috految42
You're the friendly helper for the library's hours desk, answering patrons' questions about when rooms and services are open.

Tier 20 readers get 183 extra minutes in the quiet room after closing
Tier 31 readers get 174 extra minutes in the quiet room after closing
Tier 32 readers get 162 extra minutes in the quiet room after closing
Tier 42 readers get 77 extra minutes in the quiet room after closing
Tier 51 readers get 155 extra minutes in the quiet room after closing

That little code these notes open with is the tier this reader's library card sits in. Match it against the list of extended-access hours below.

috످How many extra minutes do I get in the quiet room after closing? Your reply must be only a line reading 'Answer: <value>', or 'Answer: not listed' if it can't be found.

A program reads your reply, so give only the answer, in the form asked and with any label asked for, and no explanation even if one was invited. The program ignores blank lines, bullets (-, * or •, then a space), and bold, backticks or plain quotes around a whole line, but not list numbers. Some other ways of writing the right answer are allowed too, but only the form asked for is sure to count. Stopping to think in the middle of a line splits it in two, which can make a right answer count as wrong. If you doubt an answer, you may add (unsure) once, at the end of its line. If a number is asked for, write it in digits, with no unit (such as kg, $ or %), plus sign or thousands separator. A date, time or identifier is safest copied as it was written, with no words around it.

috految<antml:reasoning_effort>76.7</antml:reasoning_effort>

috److془The system prompt opens with "42". Tier 42 → 77.془Answer: 77

috످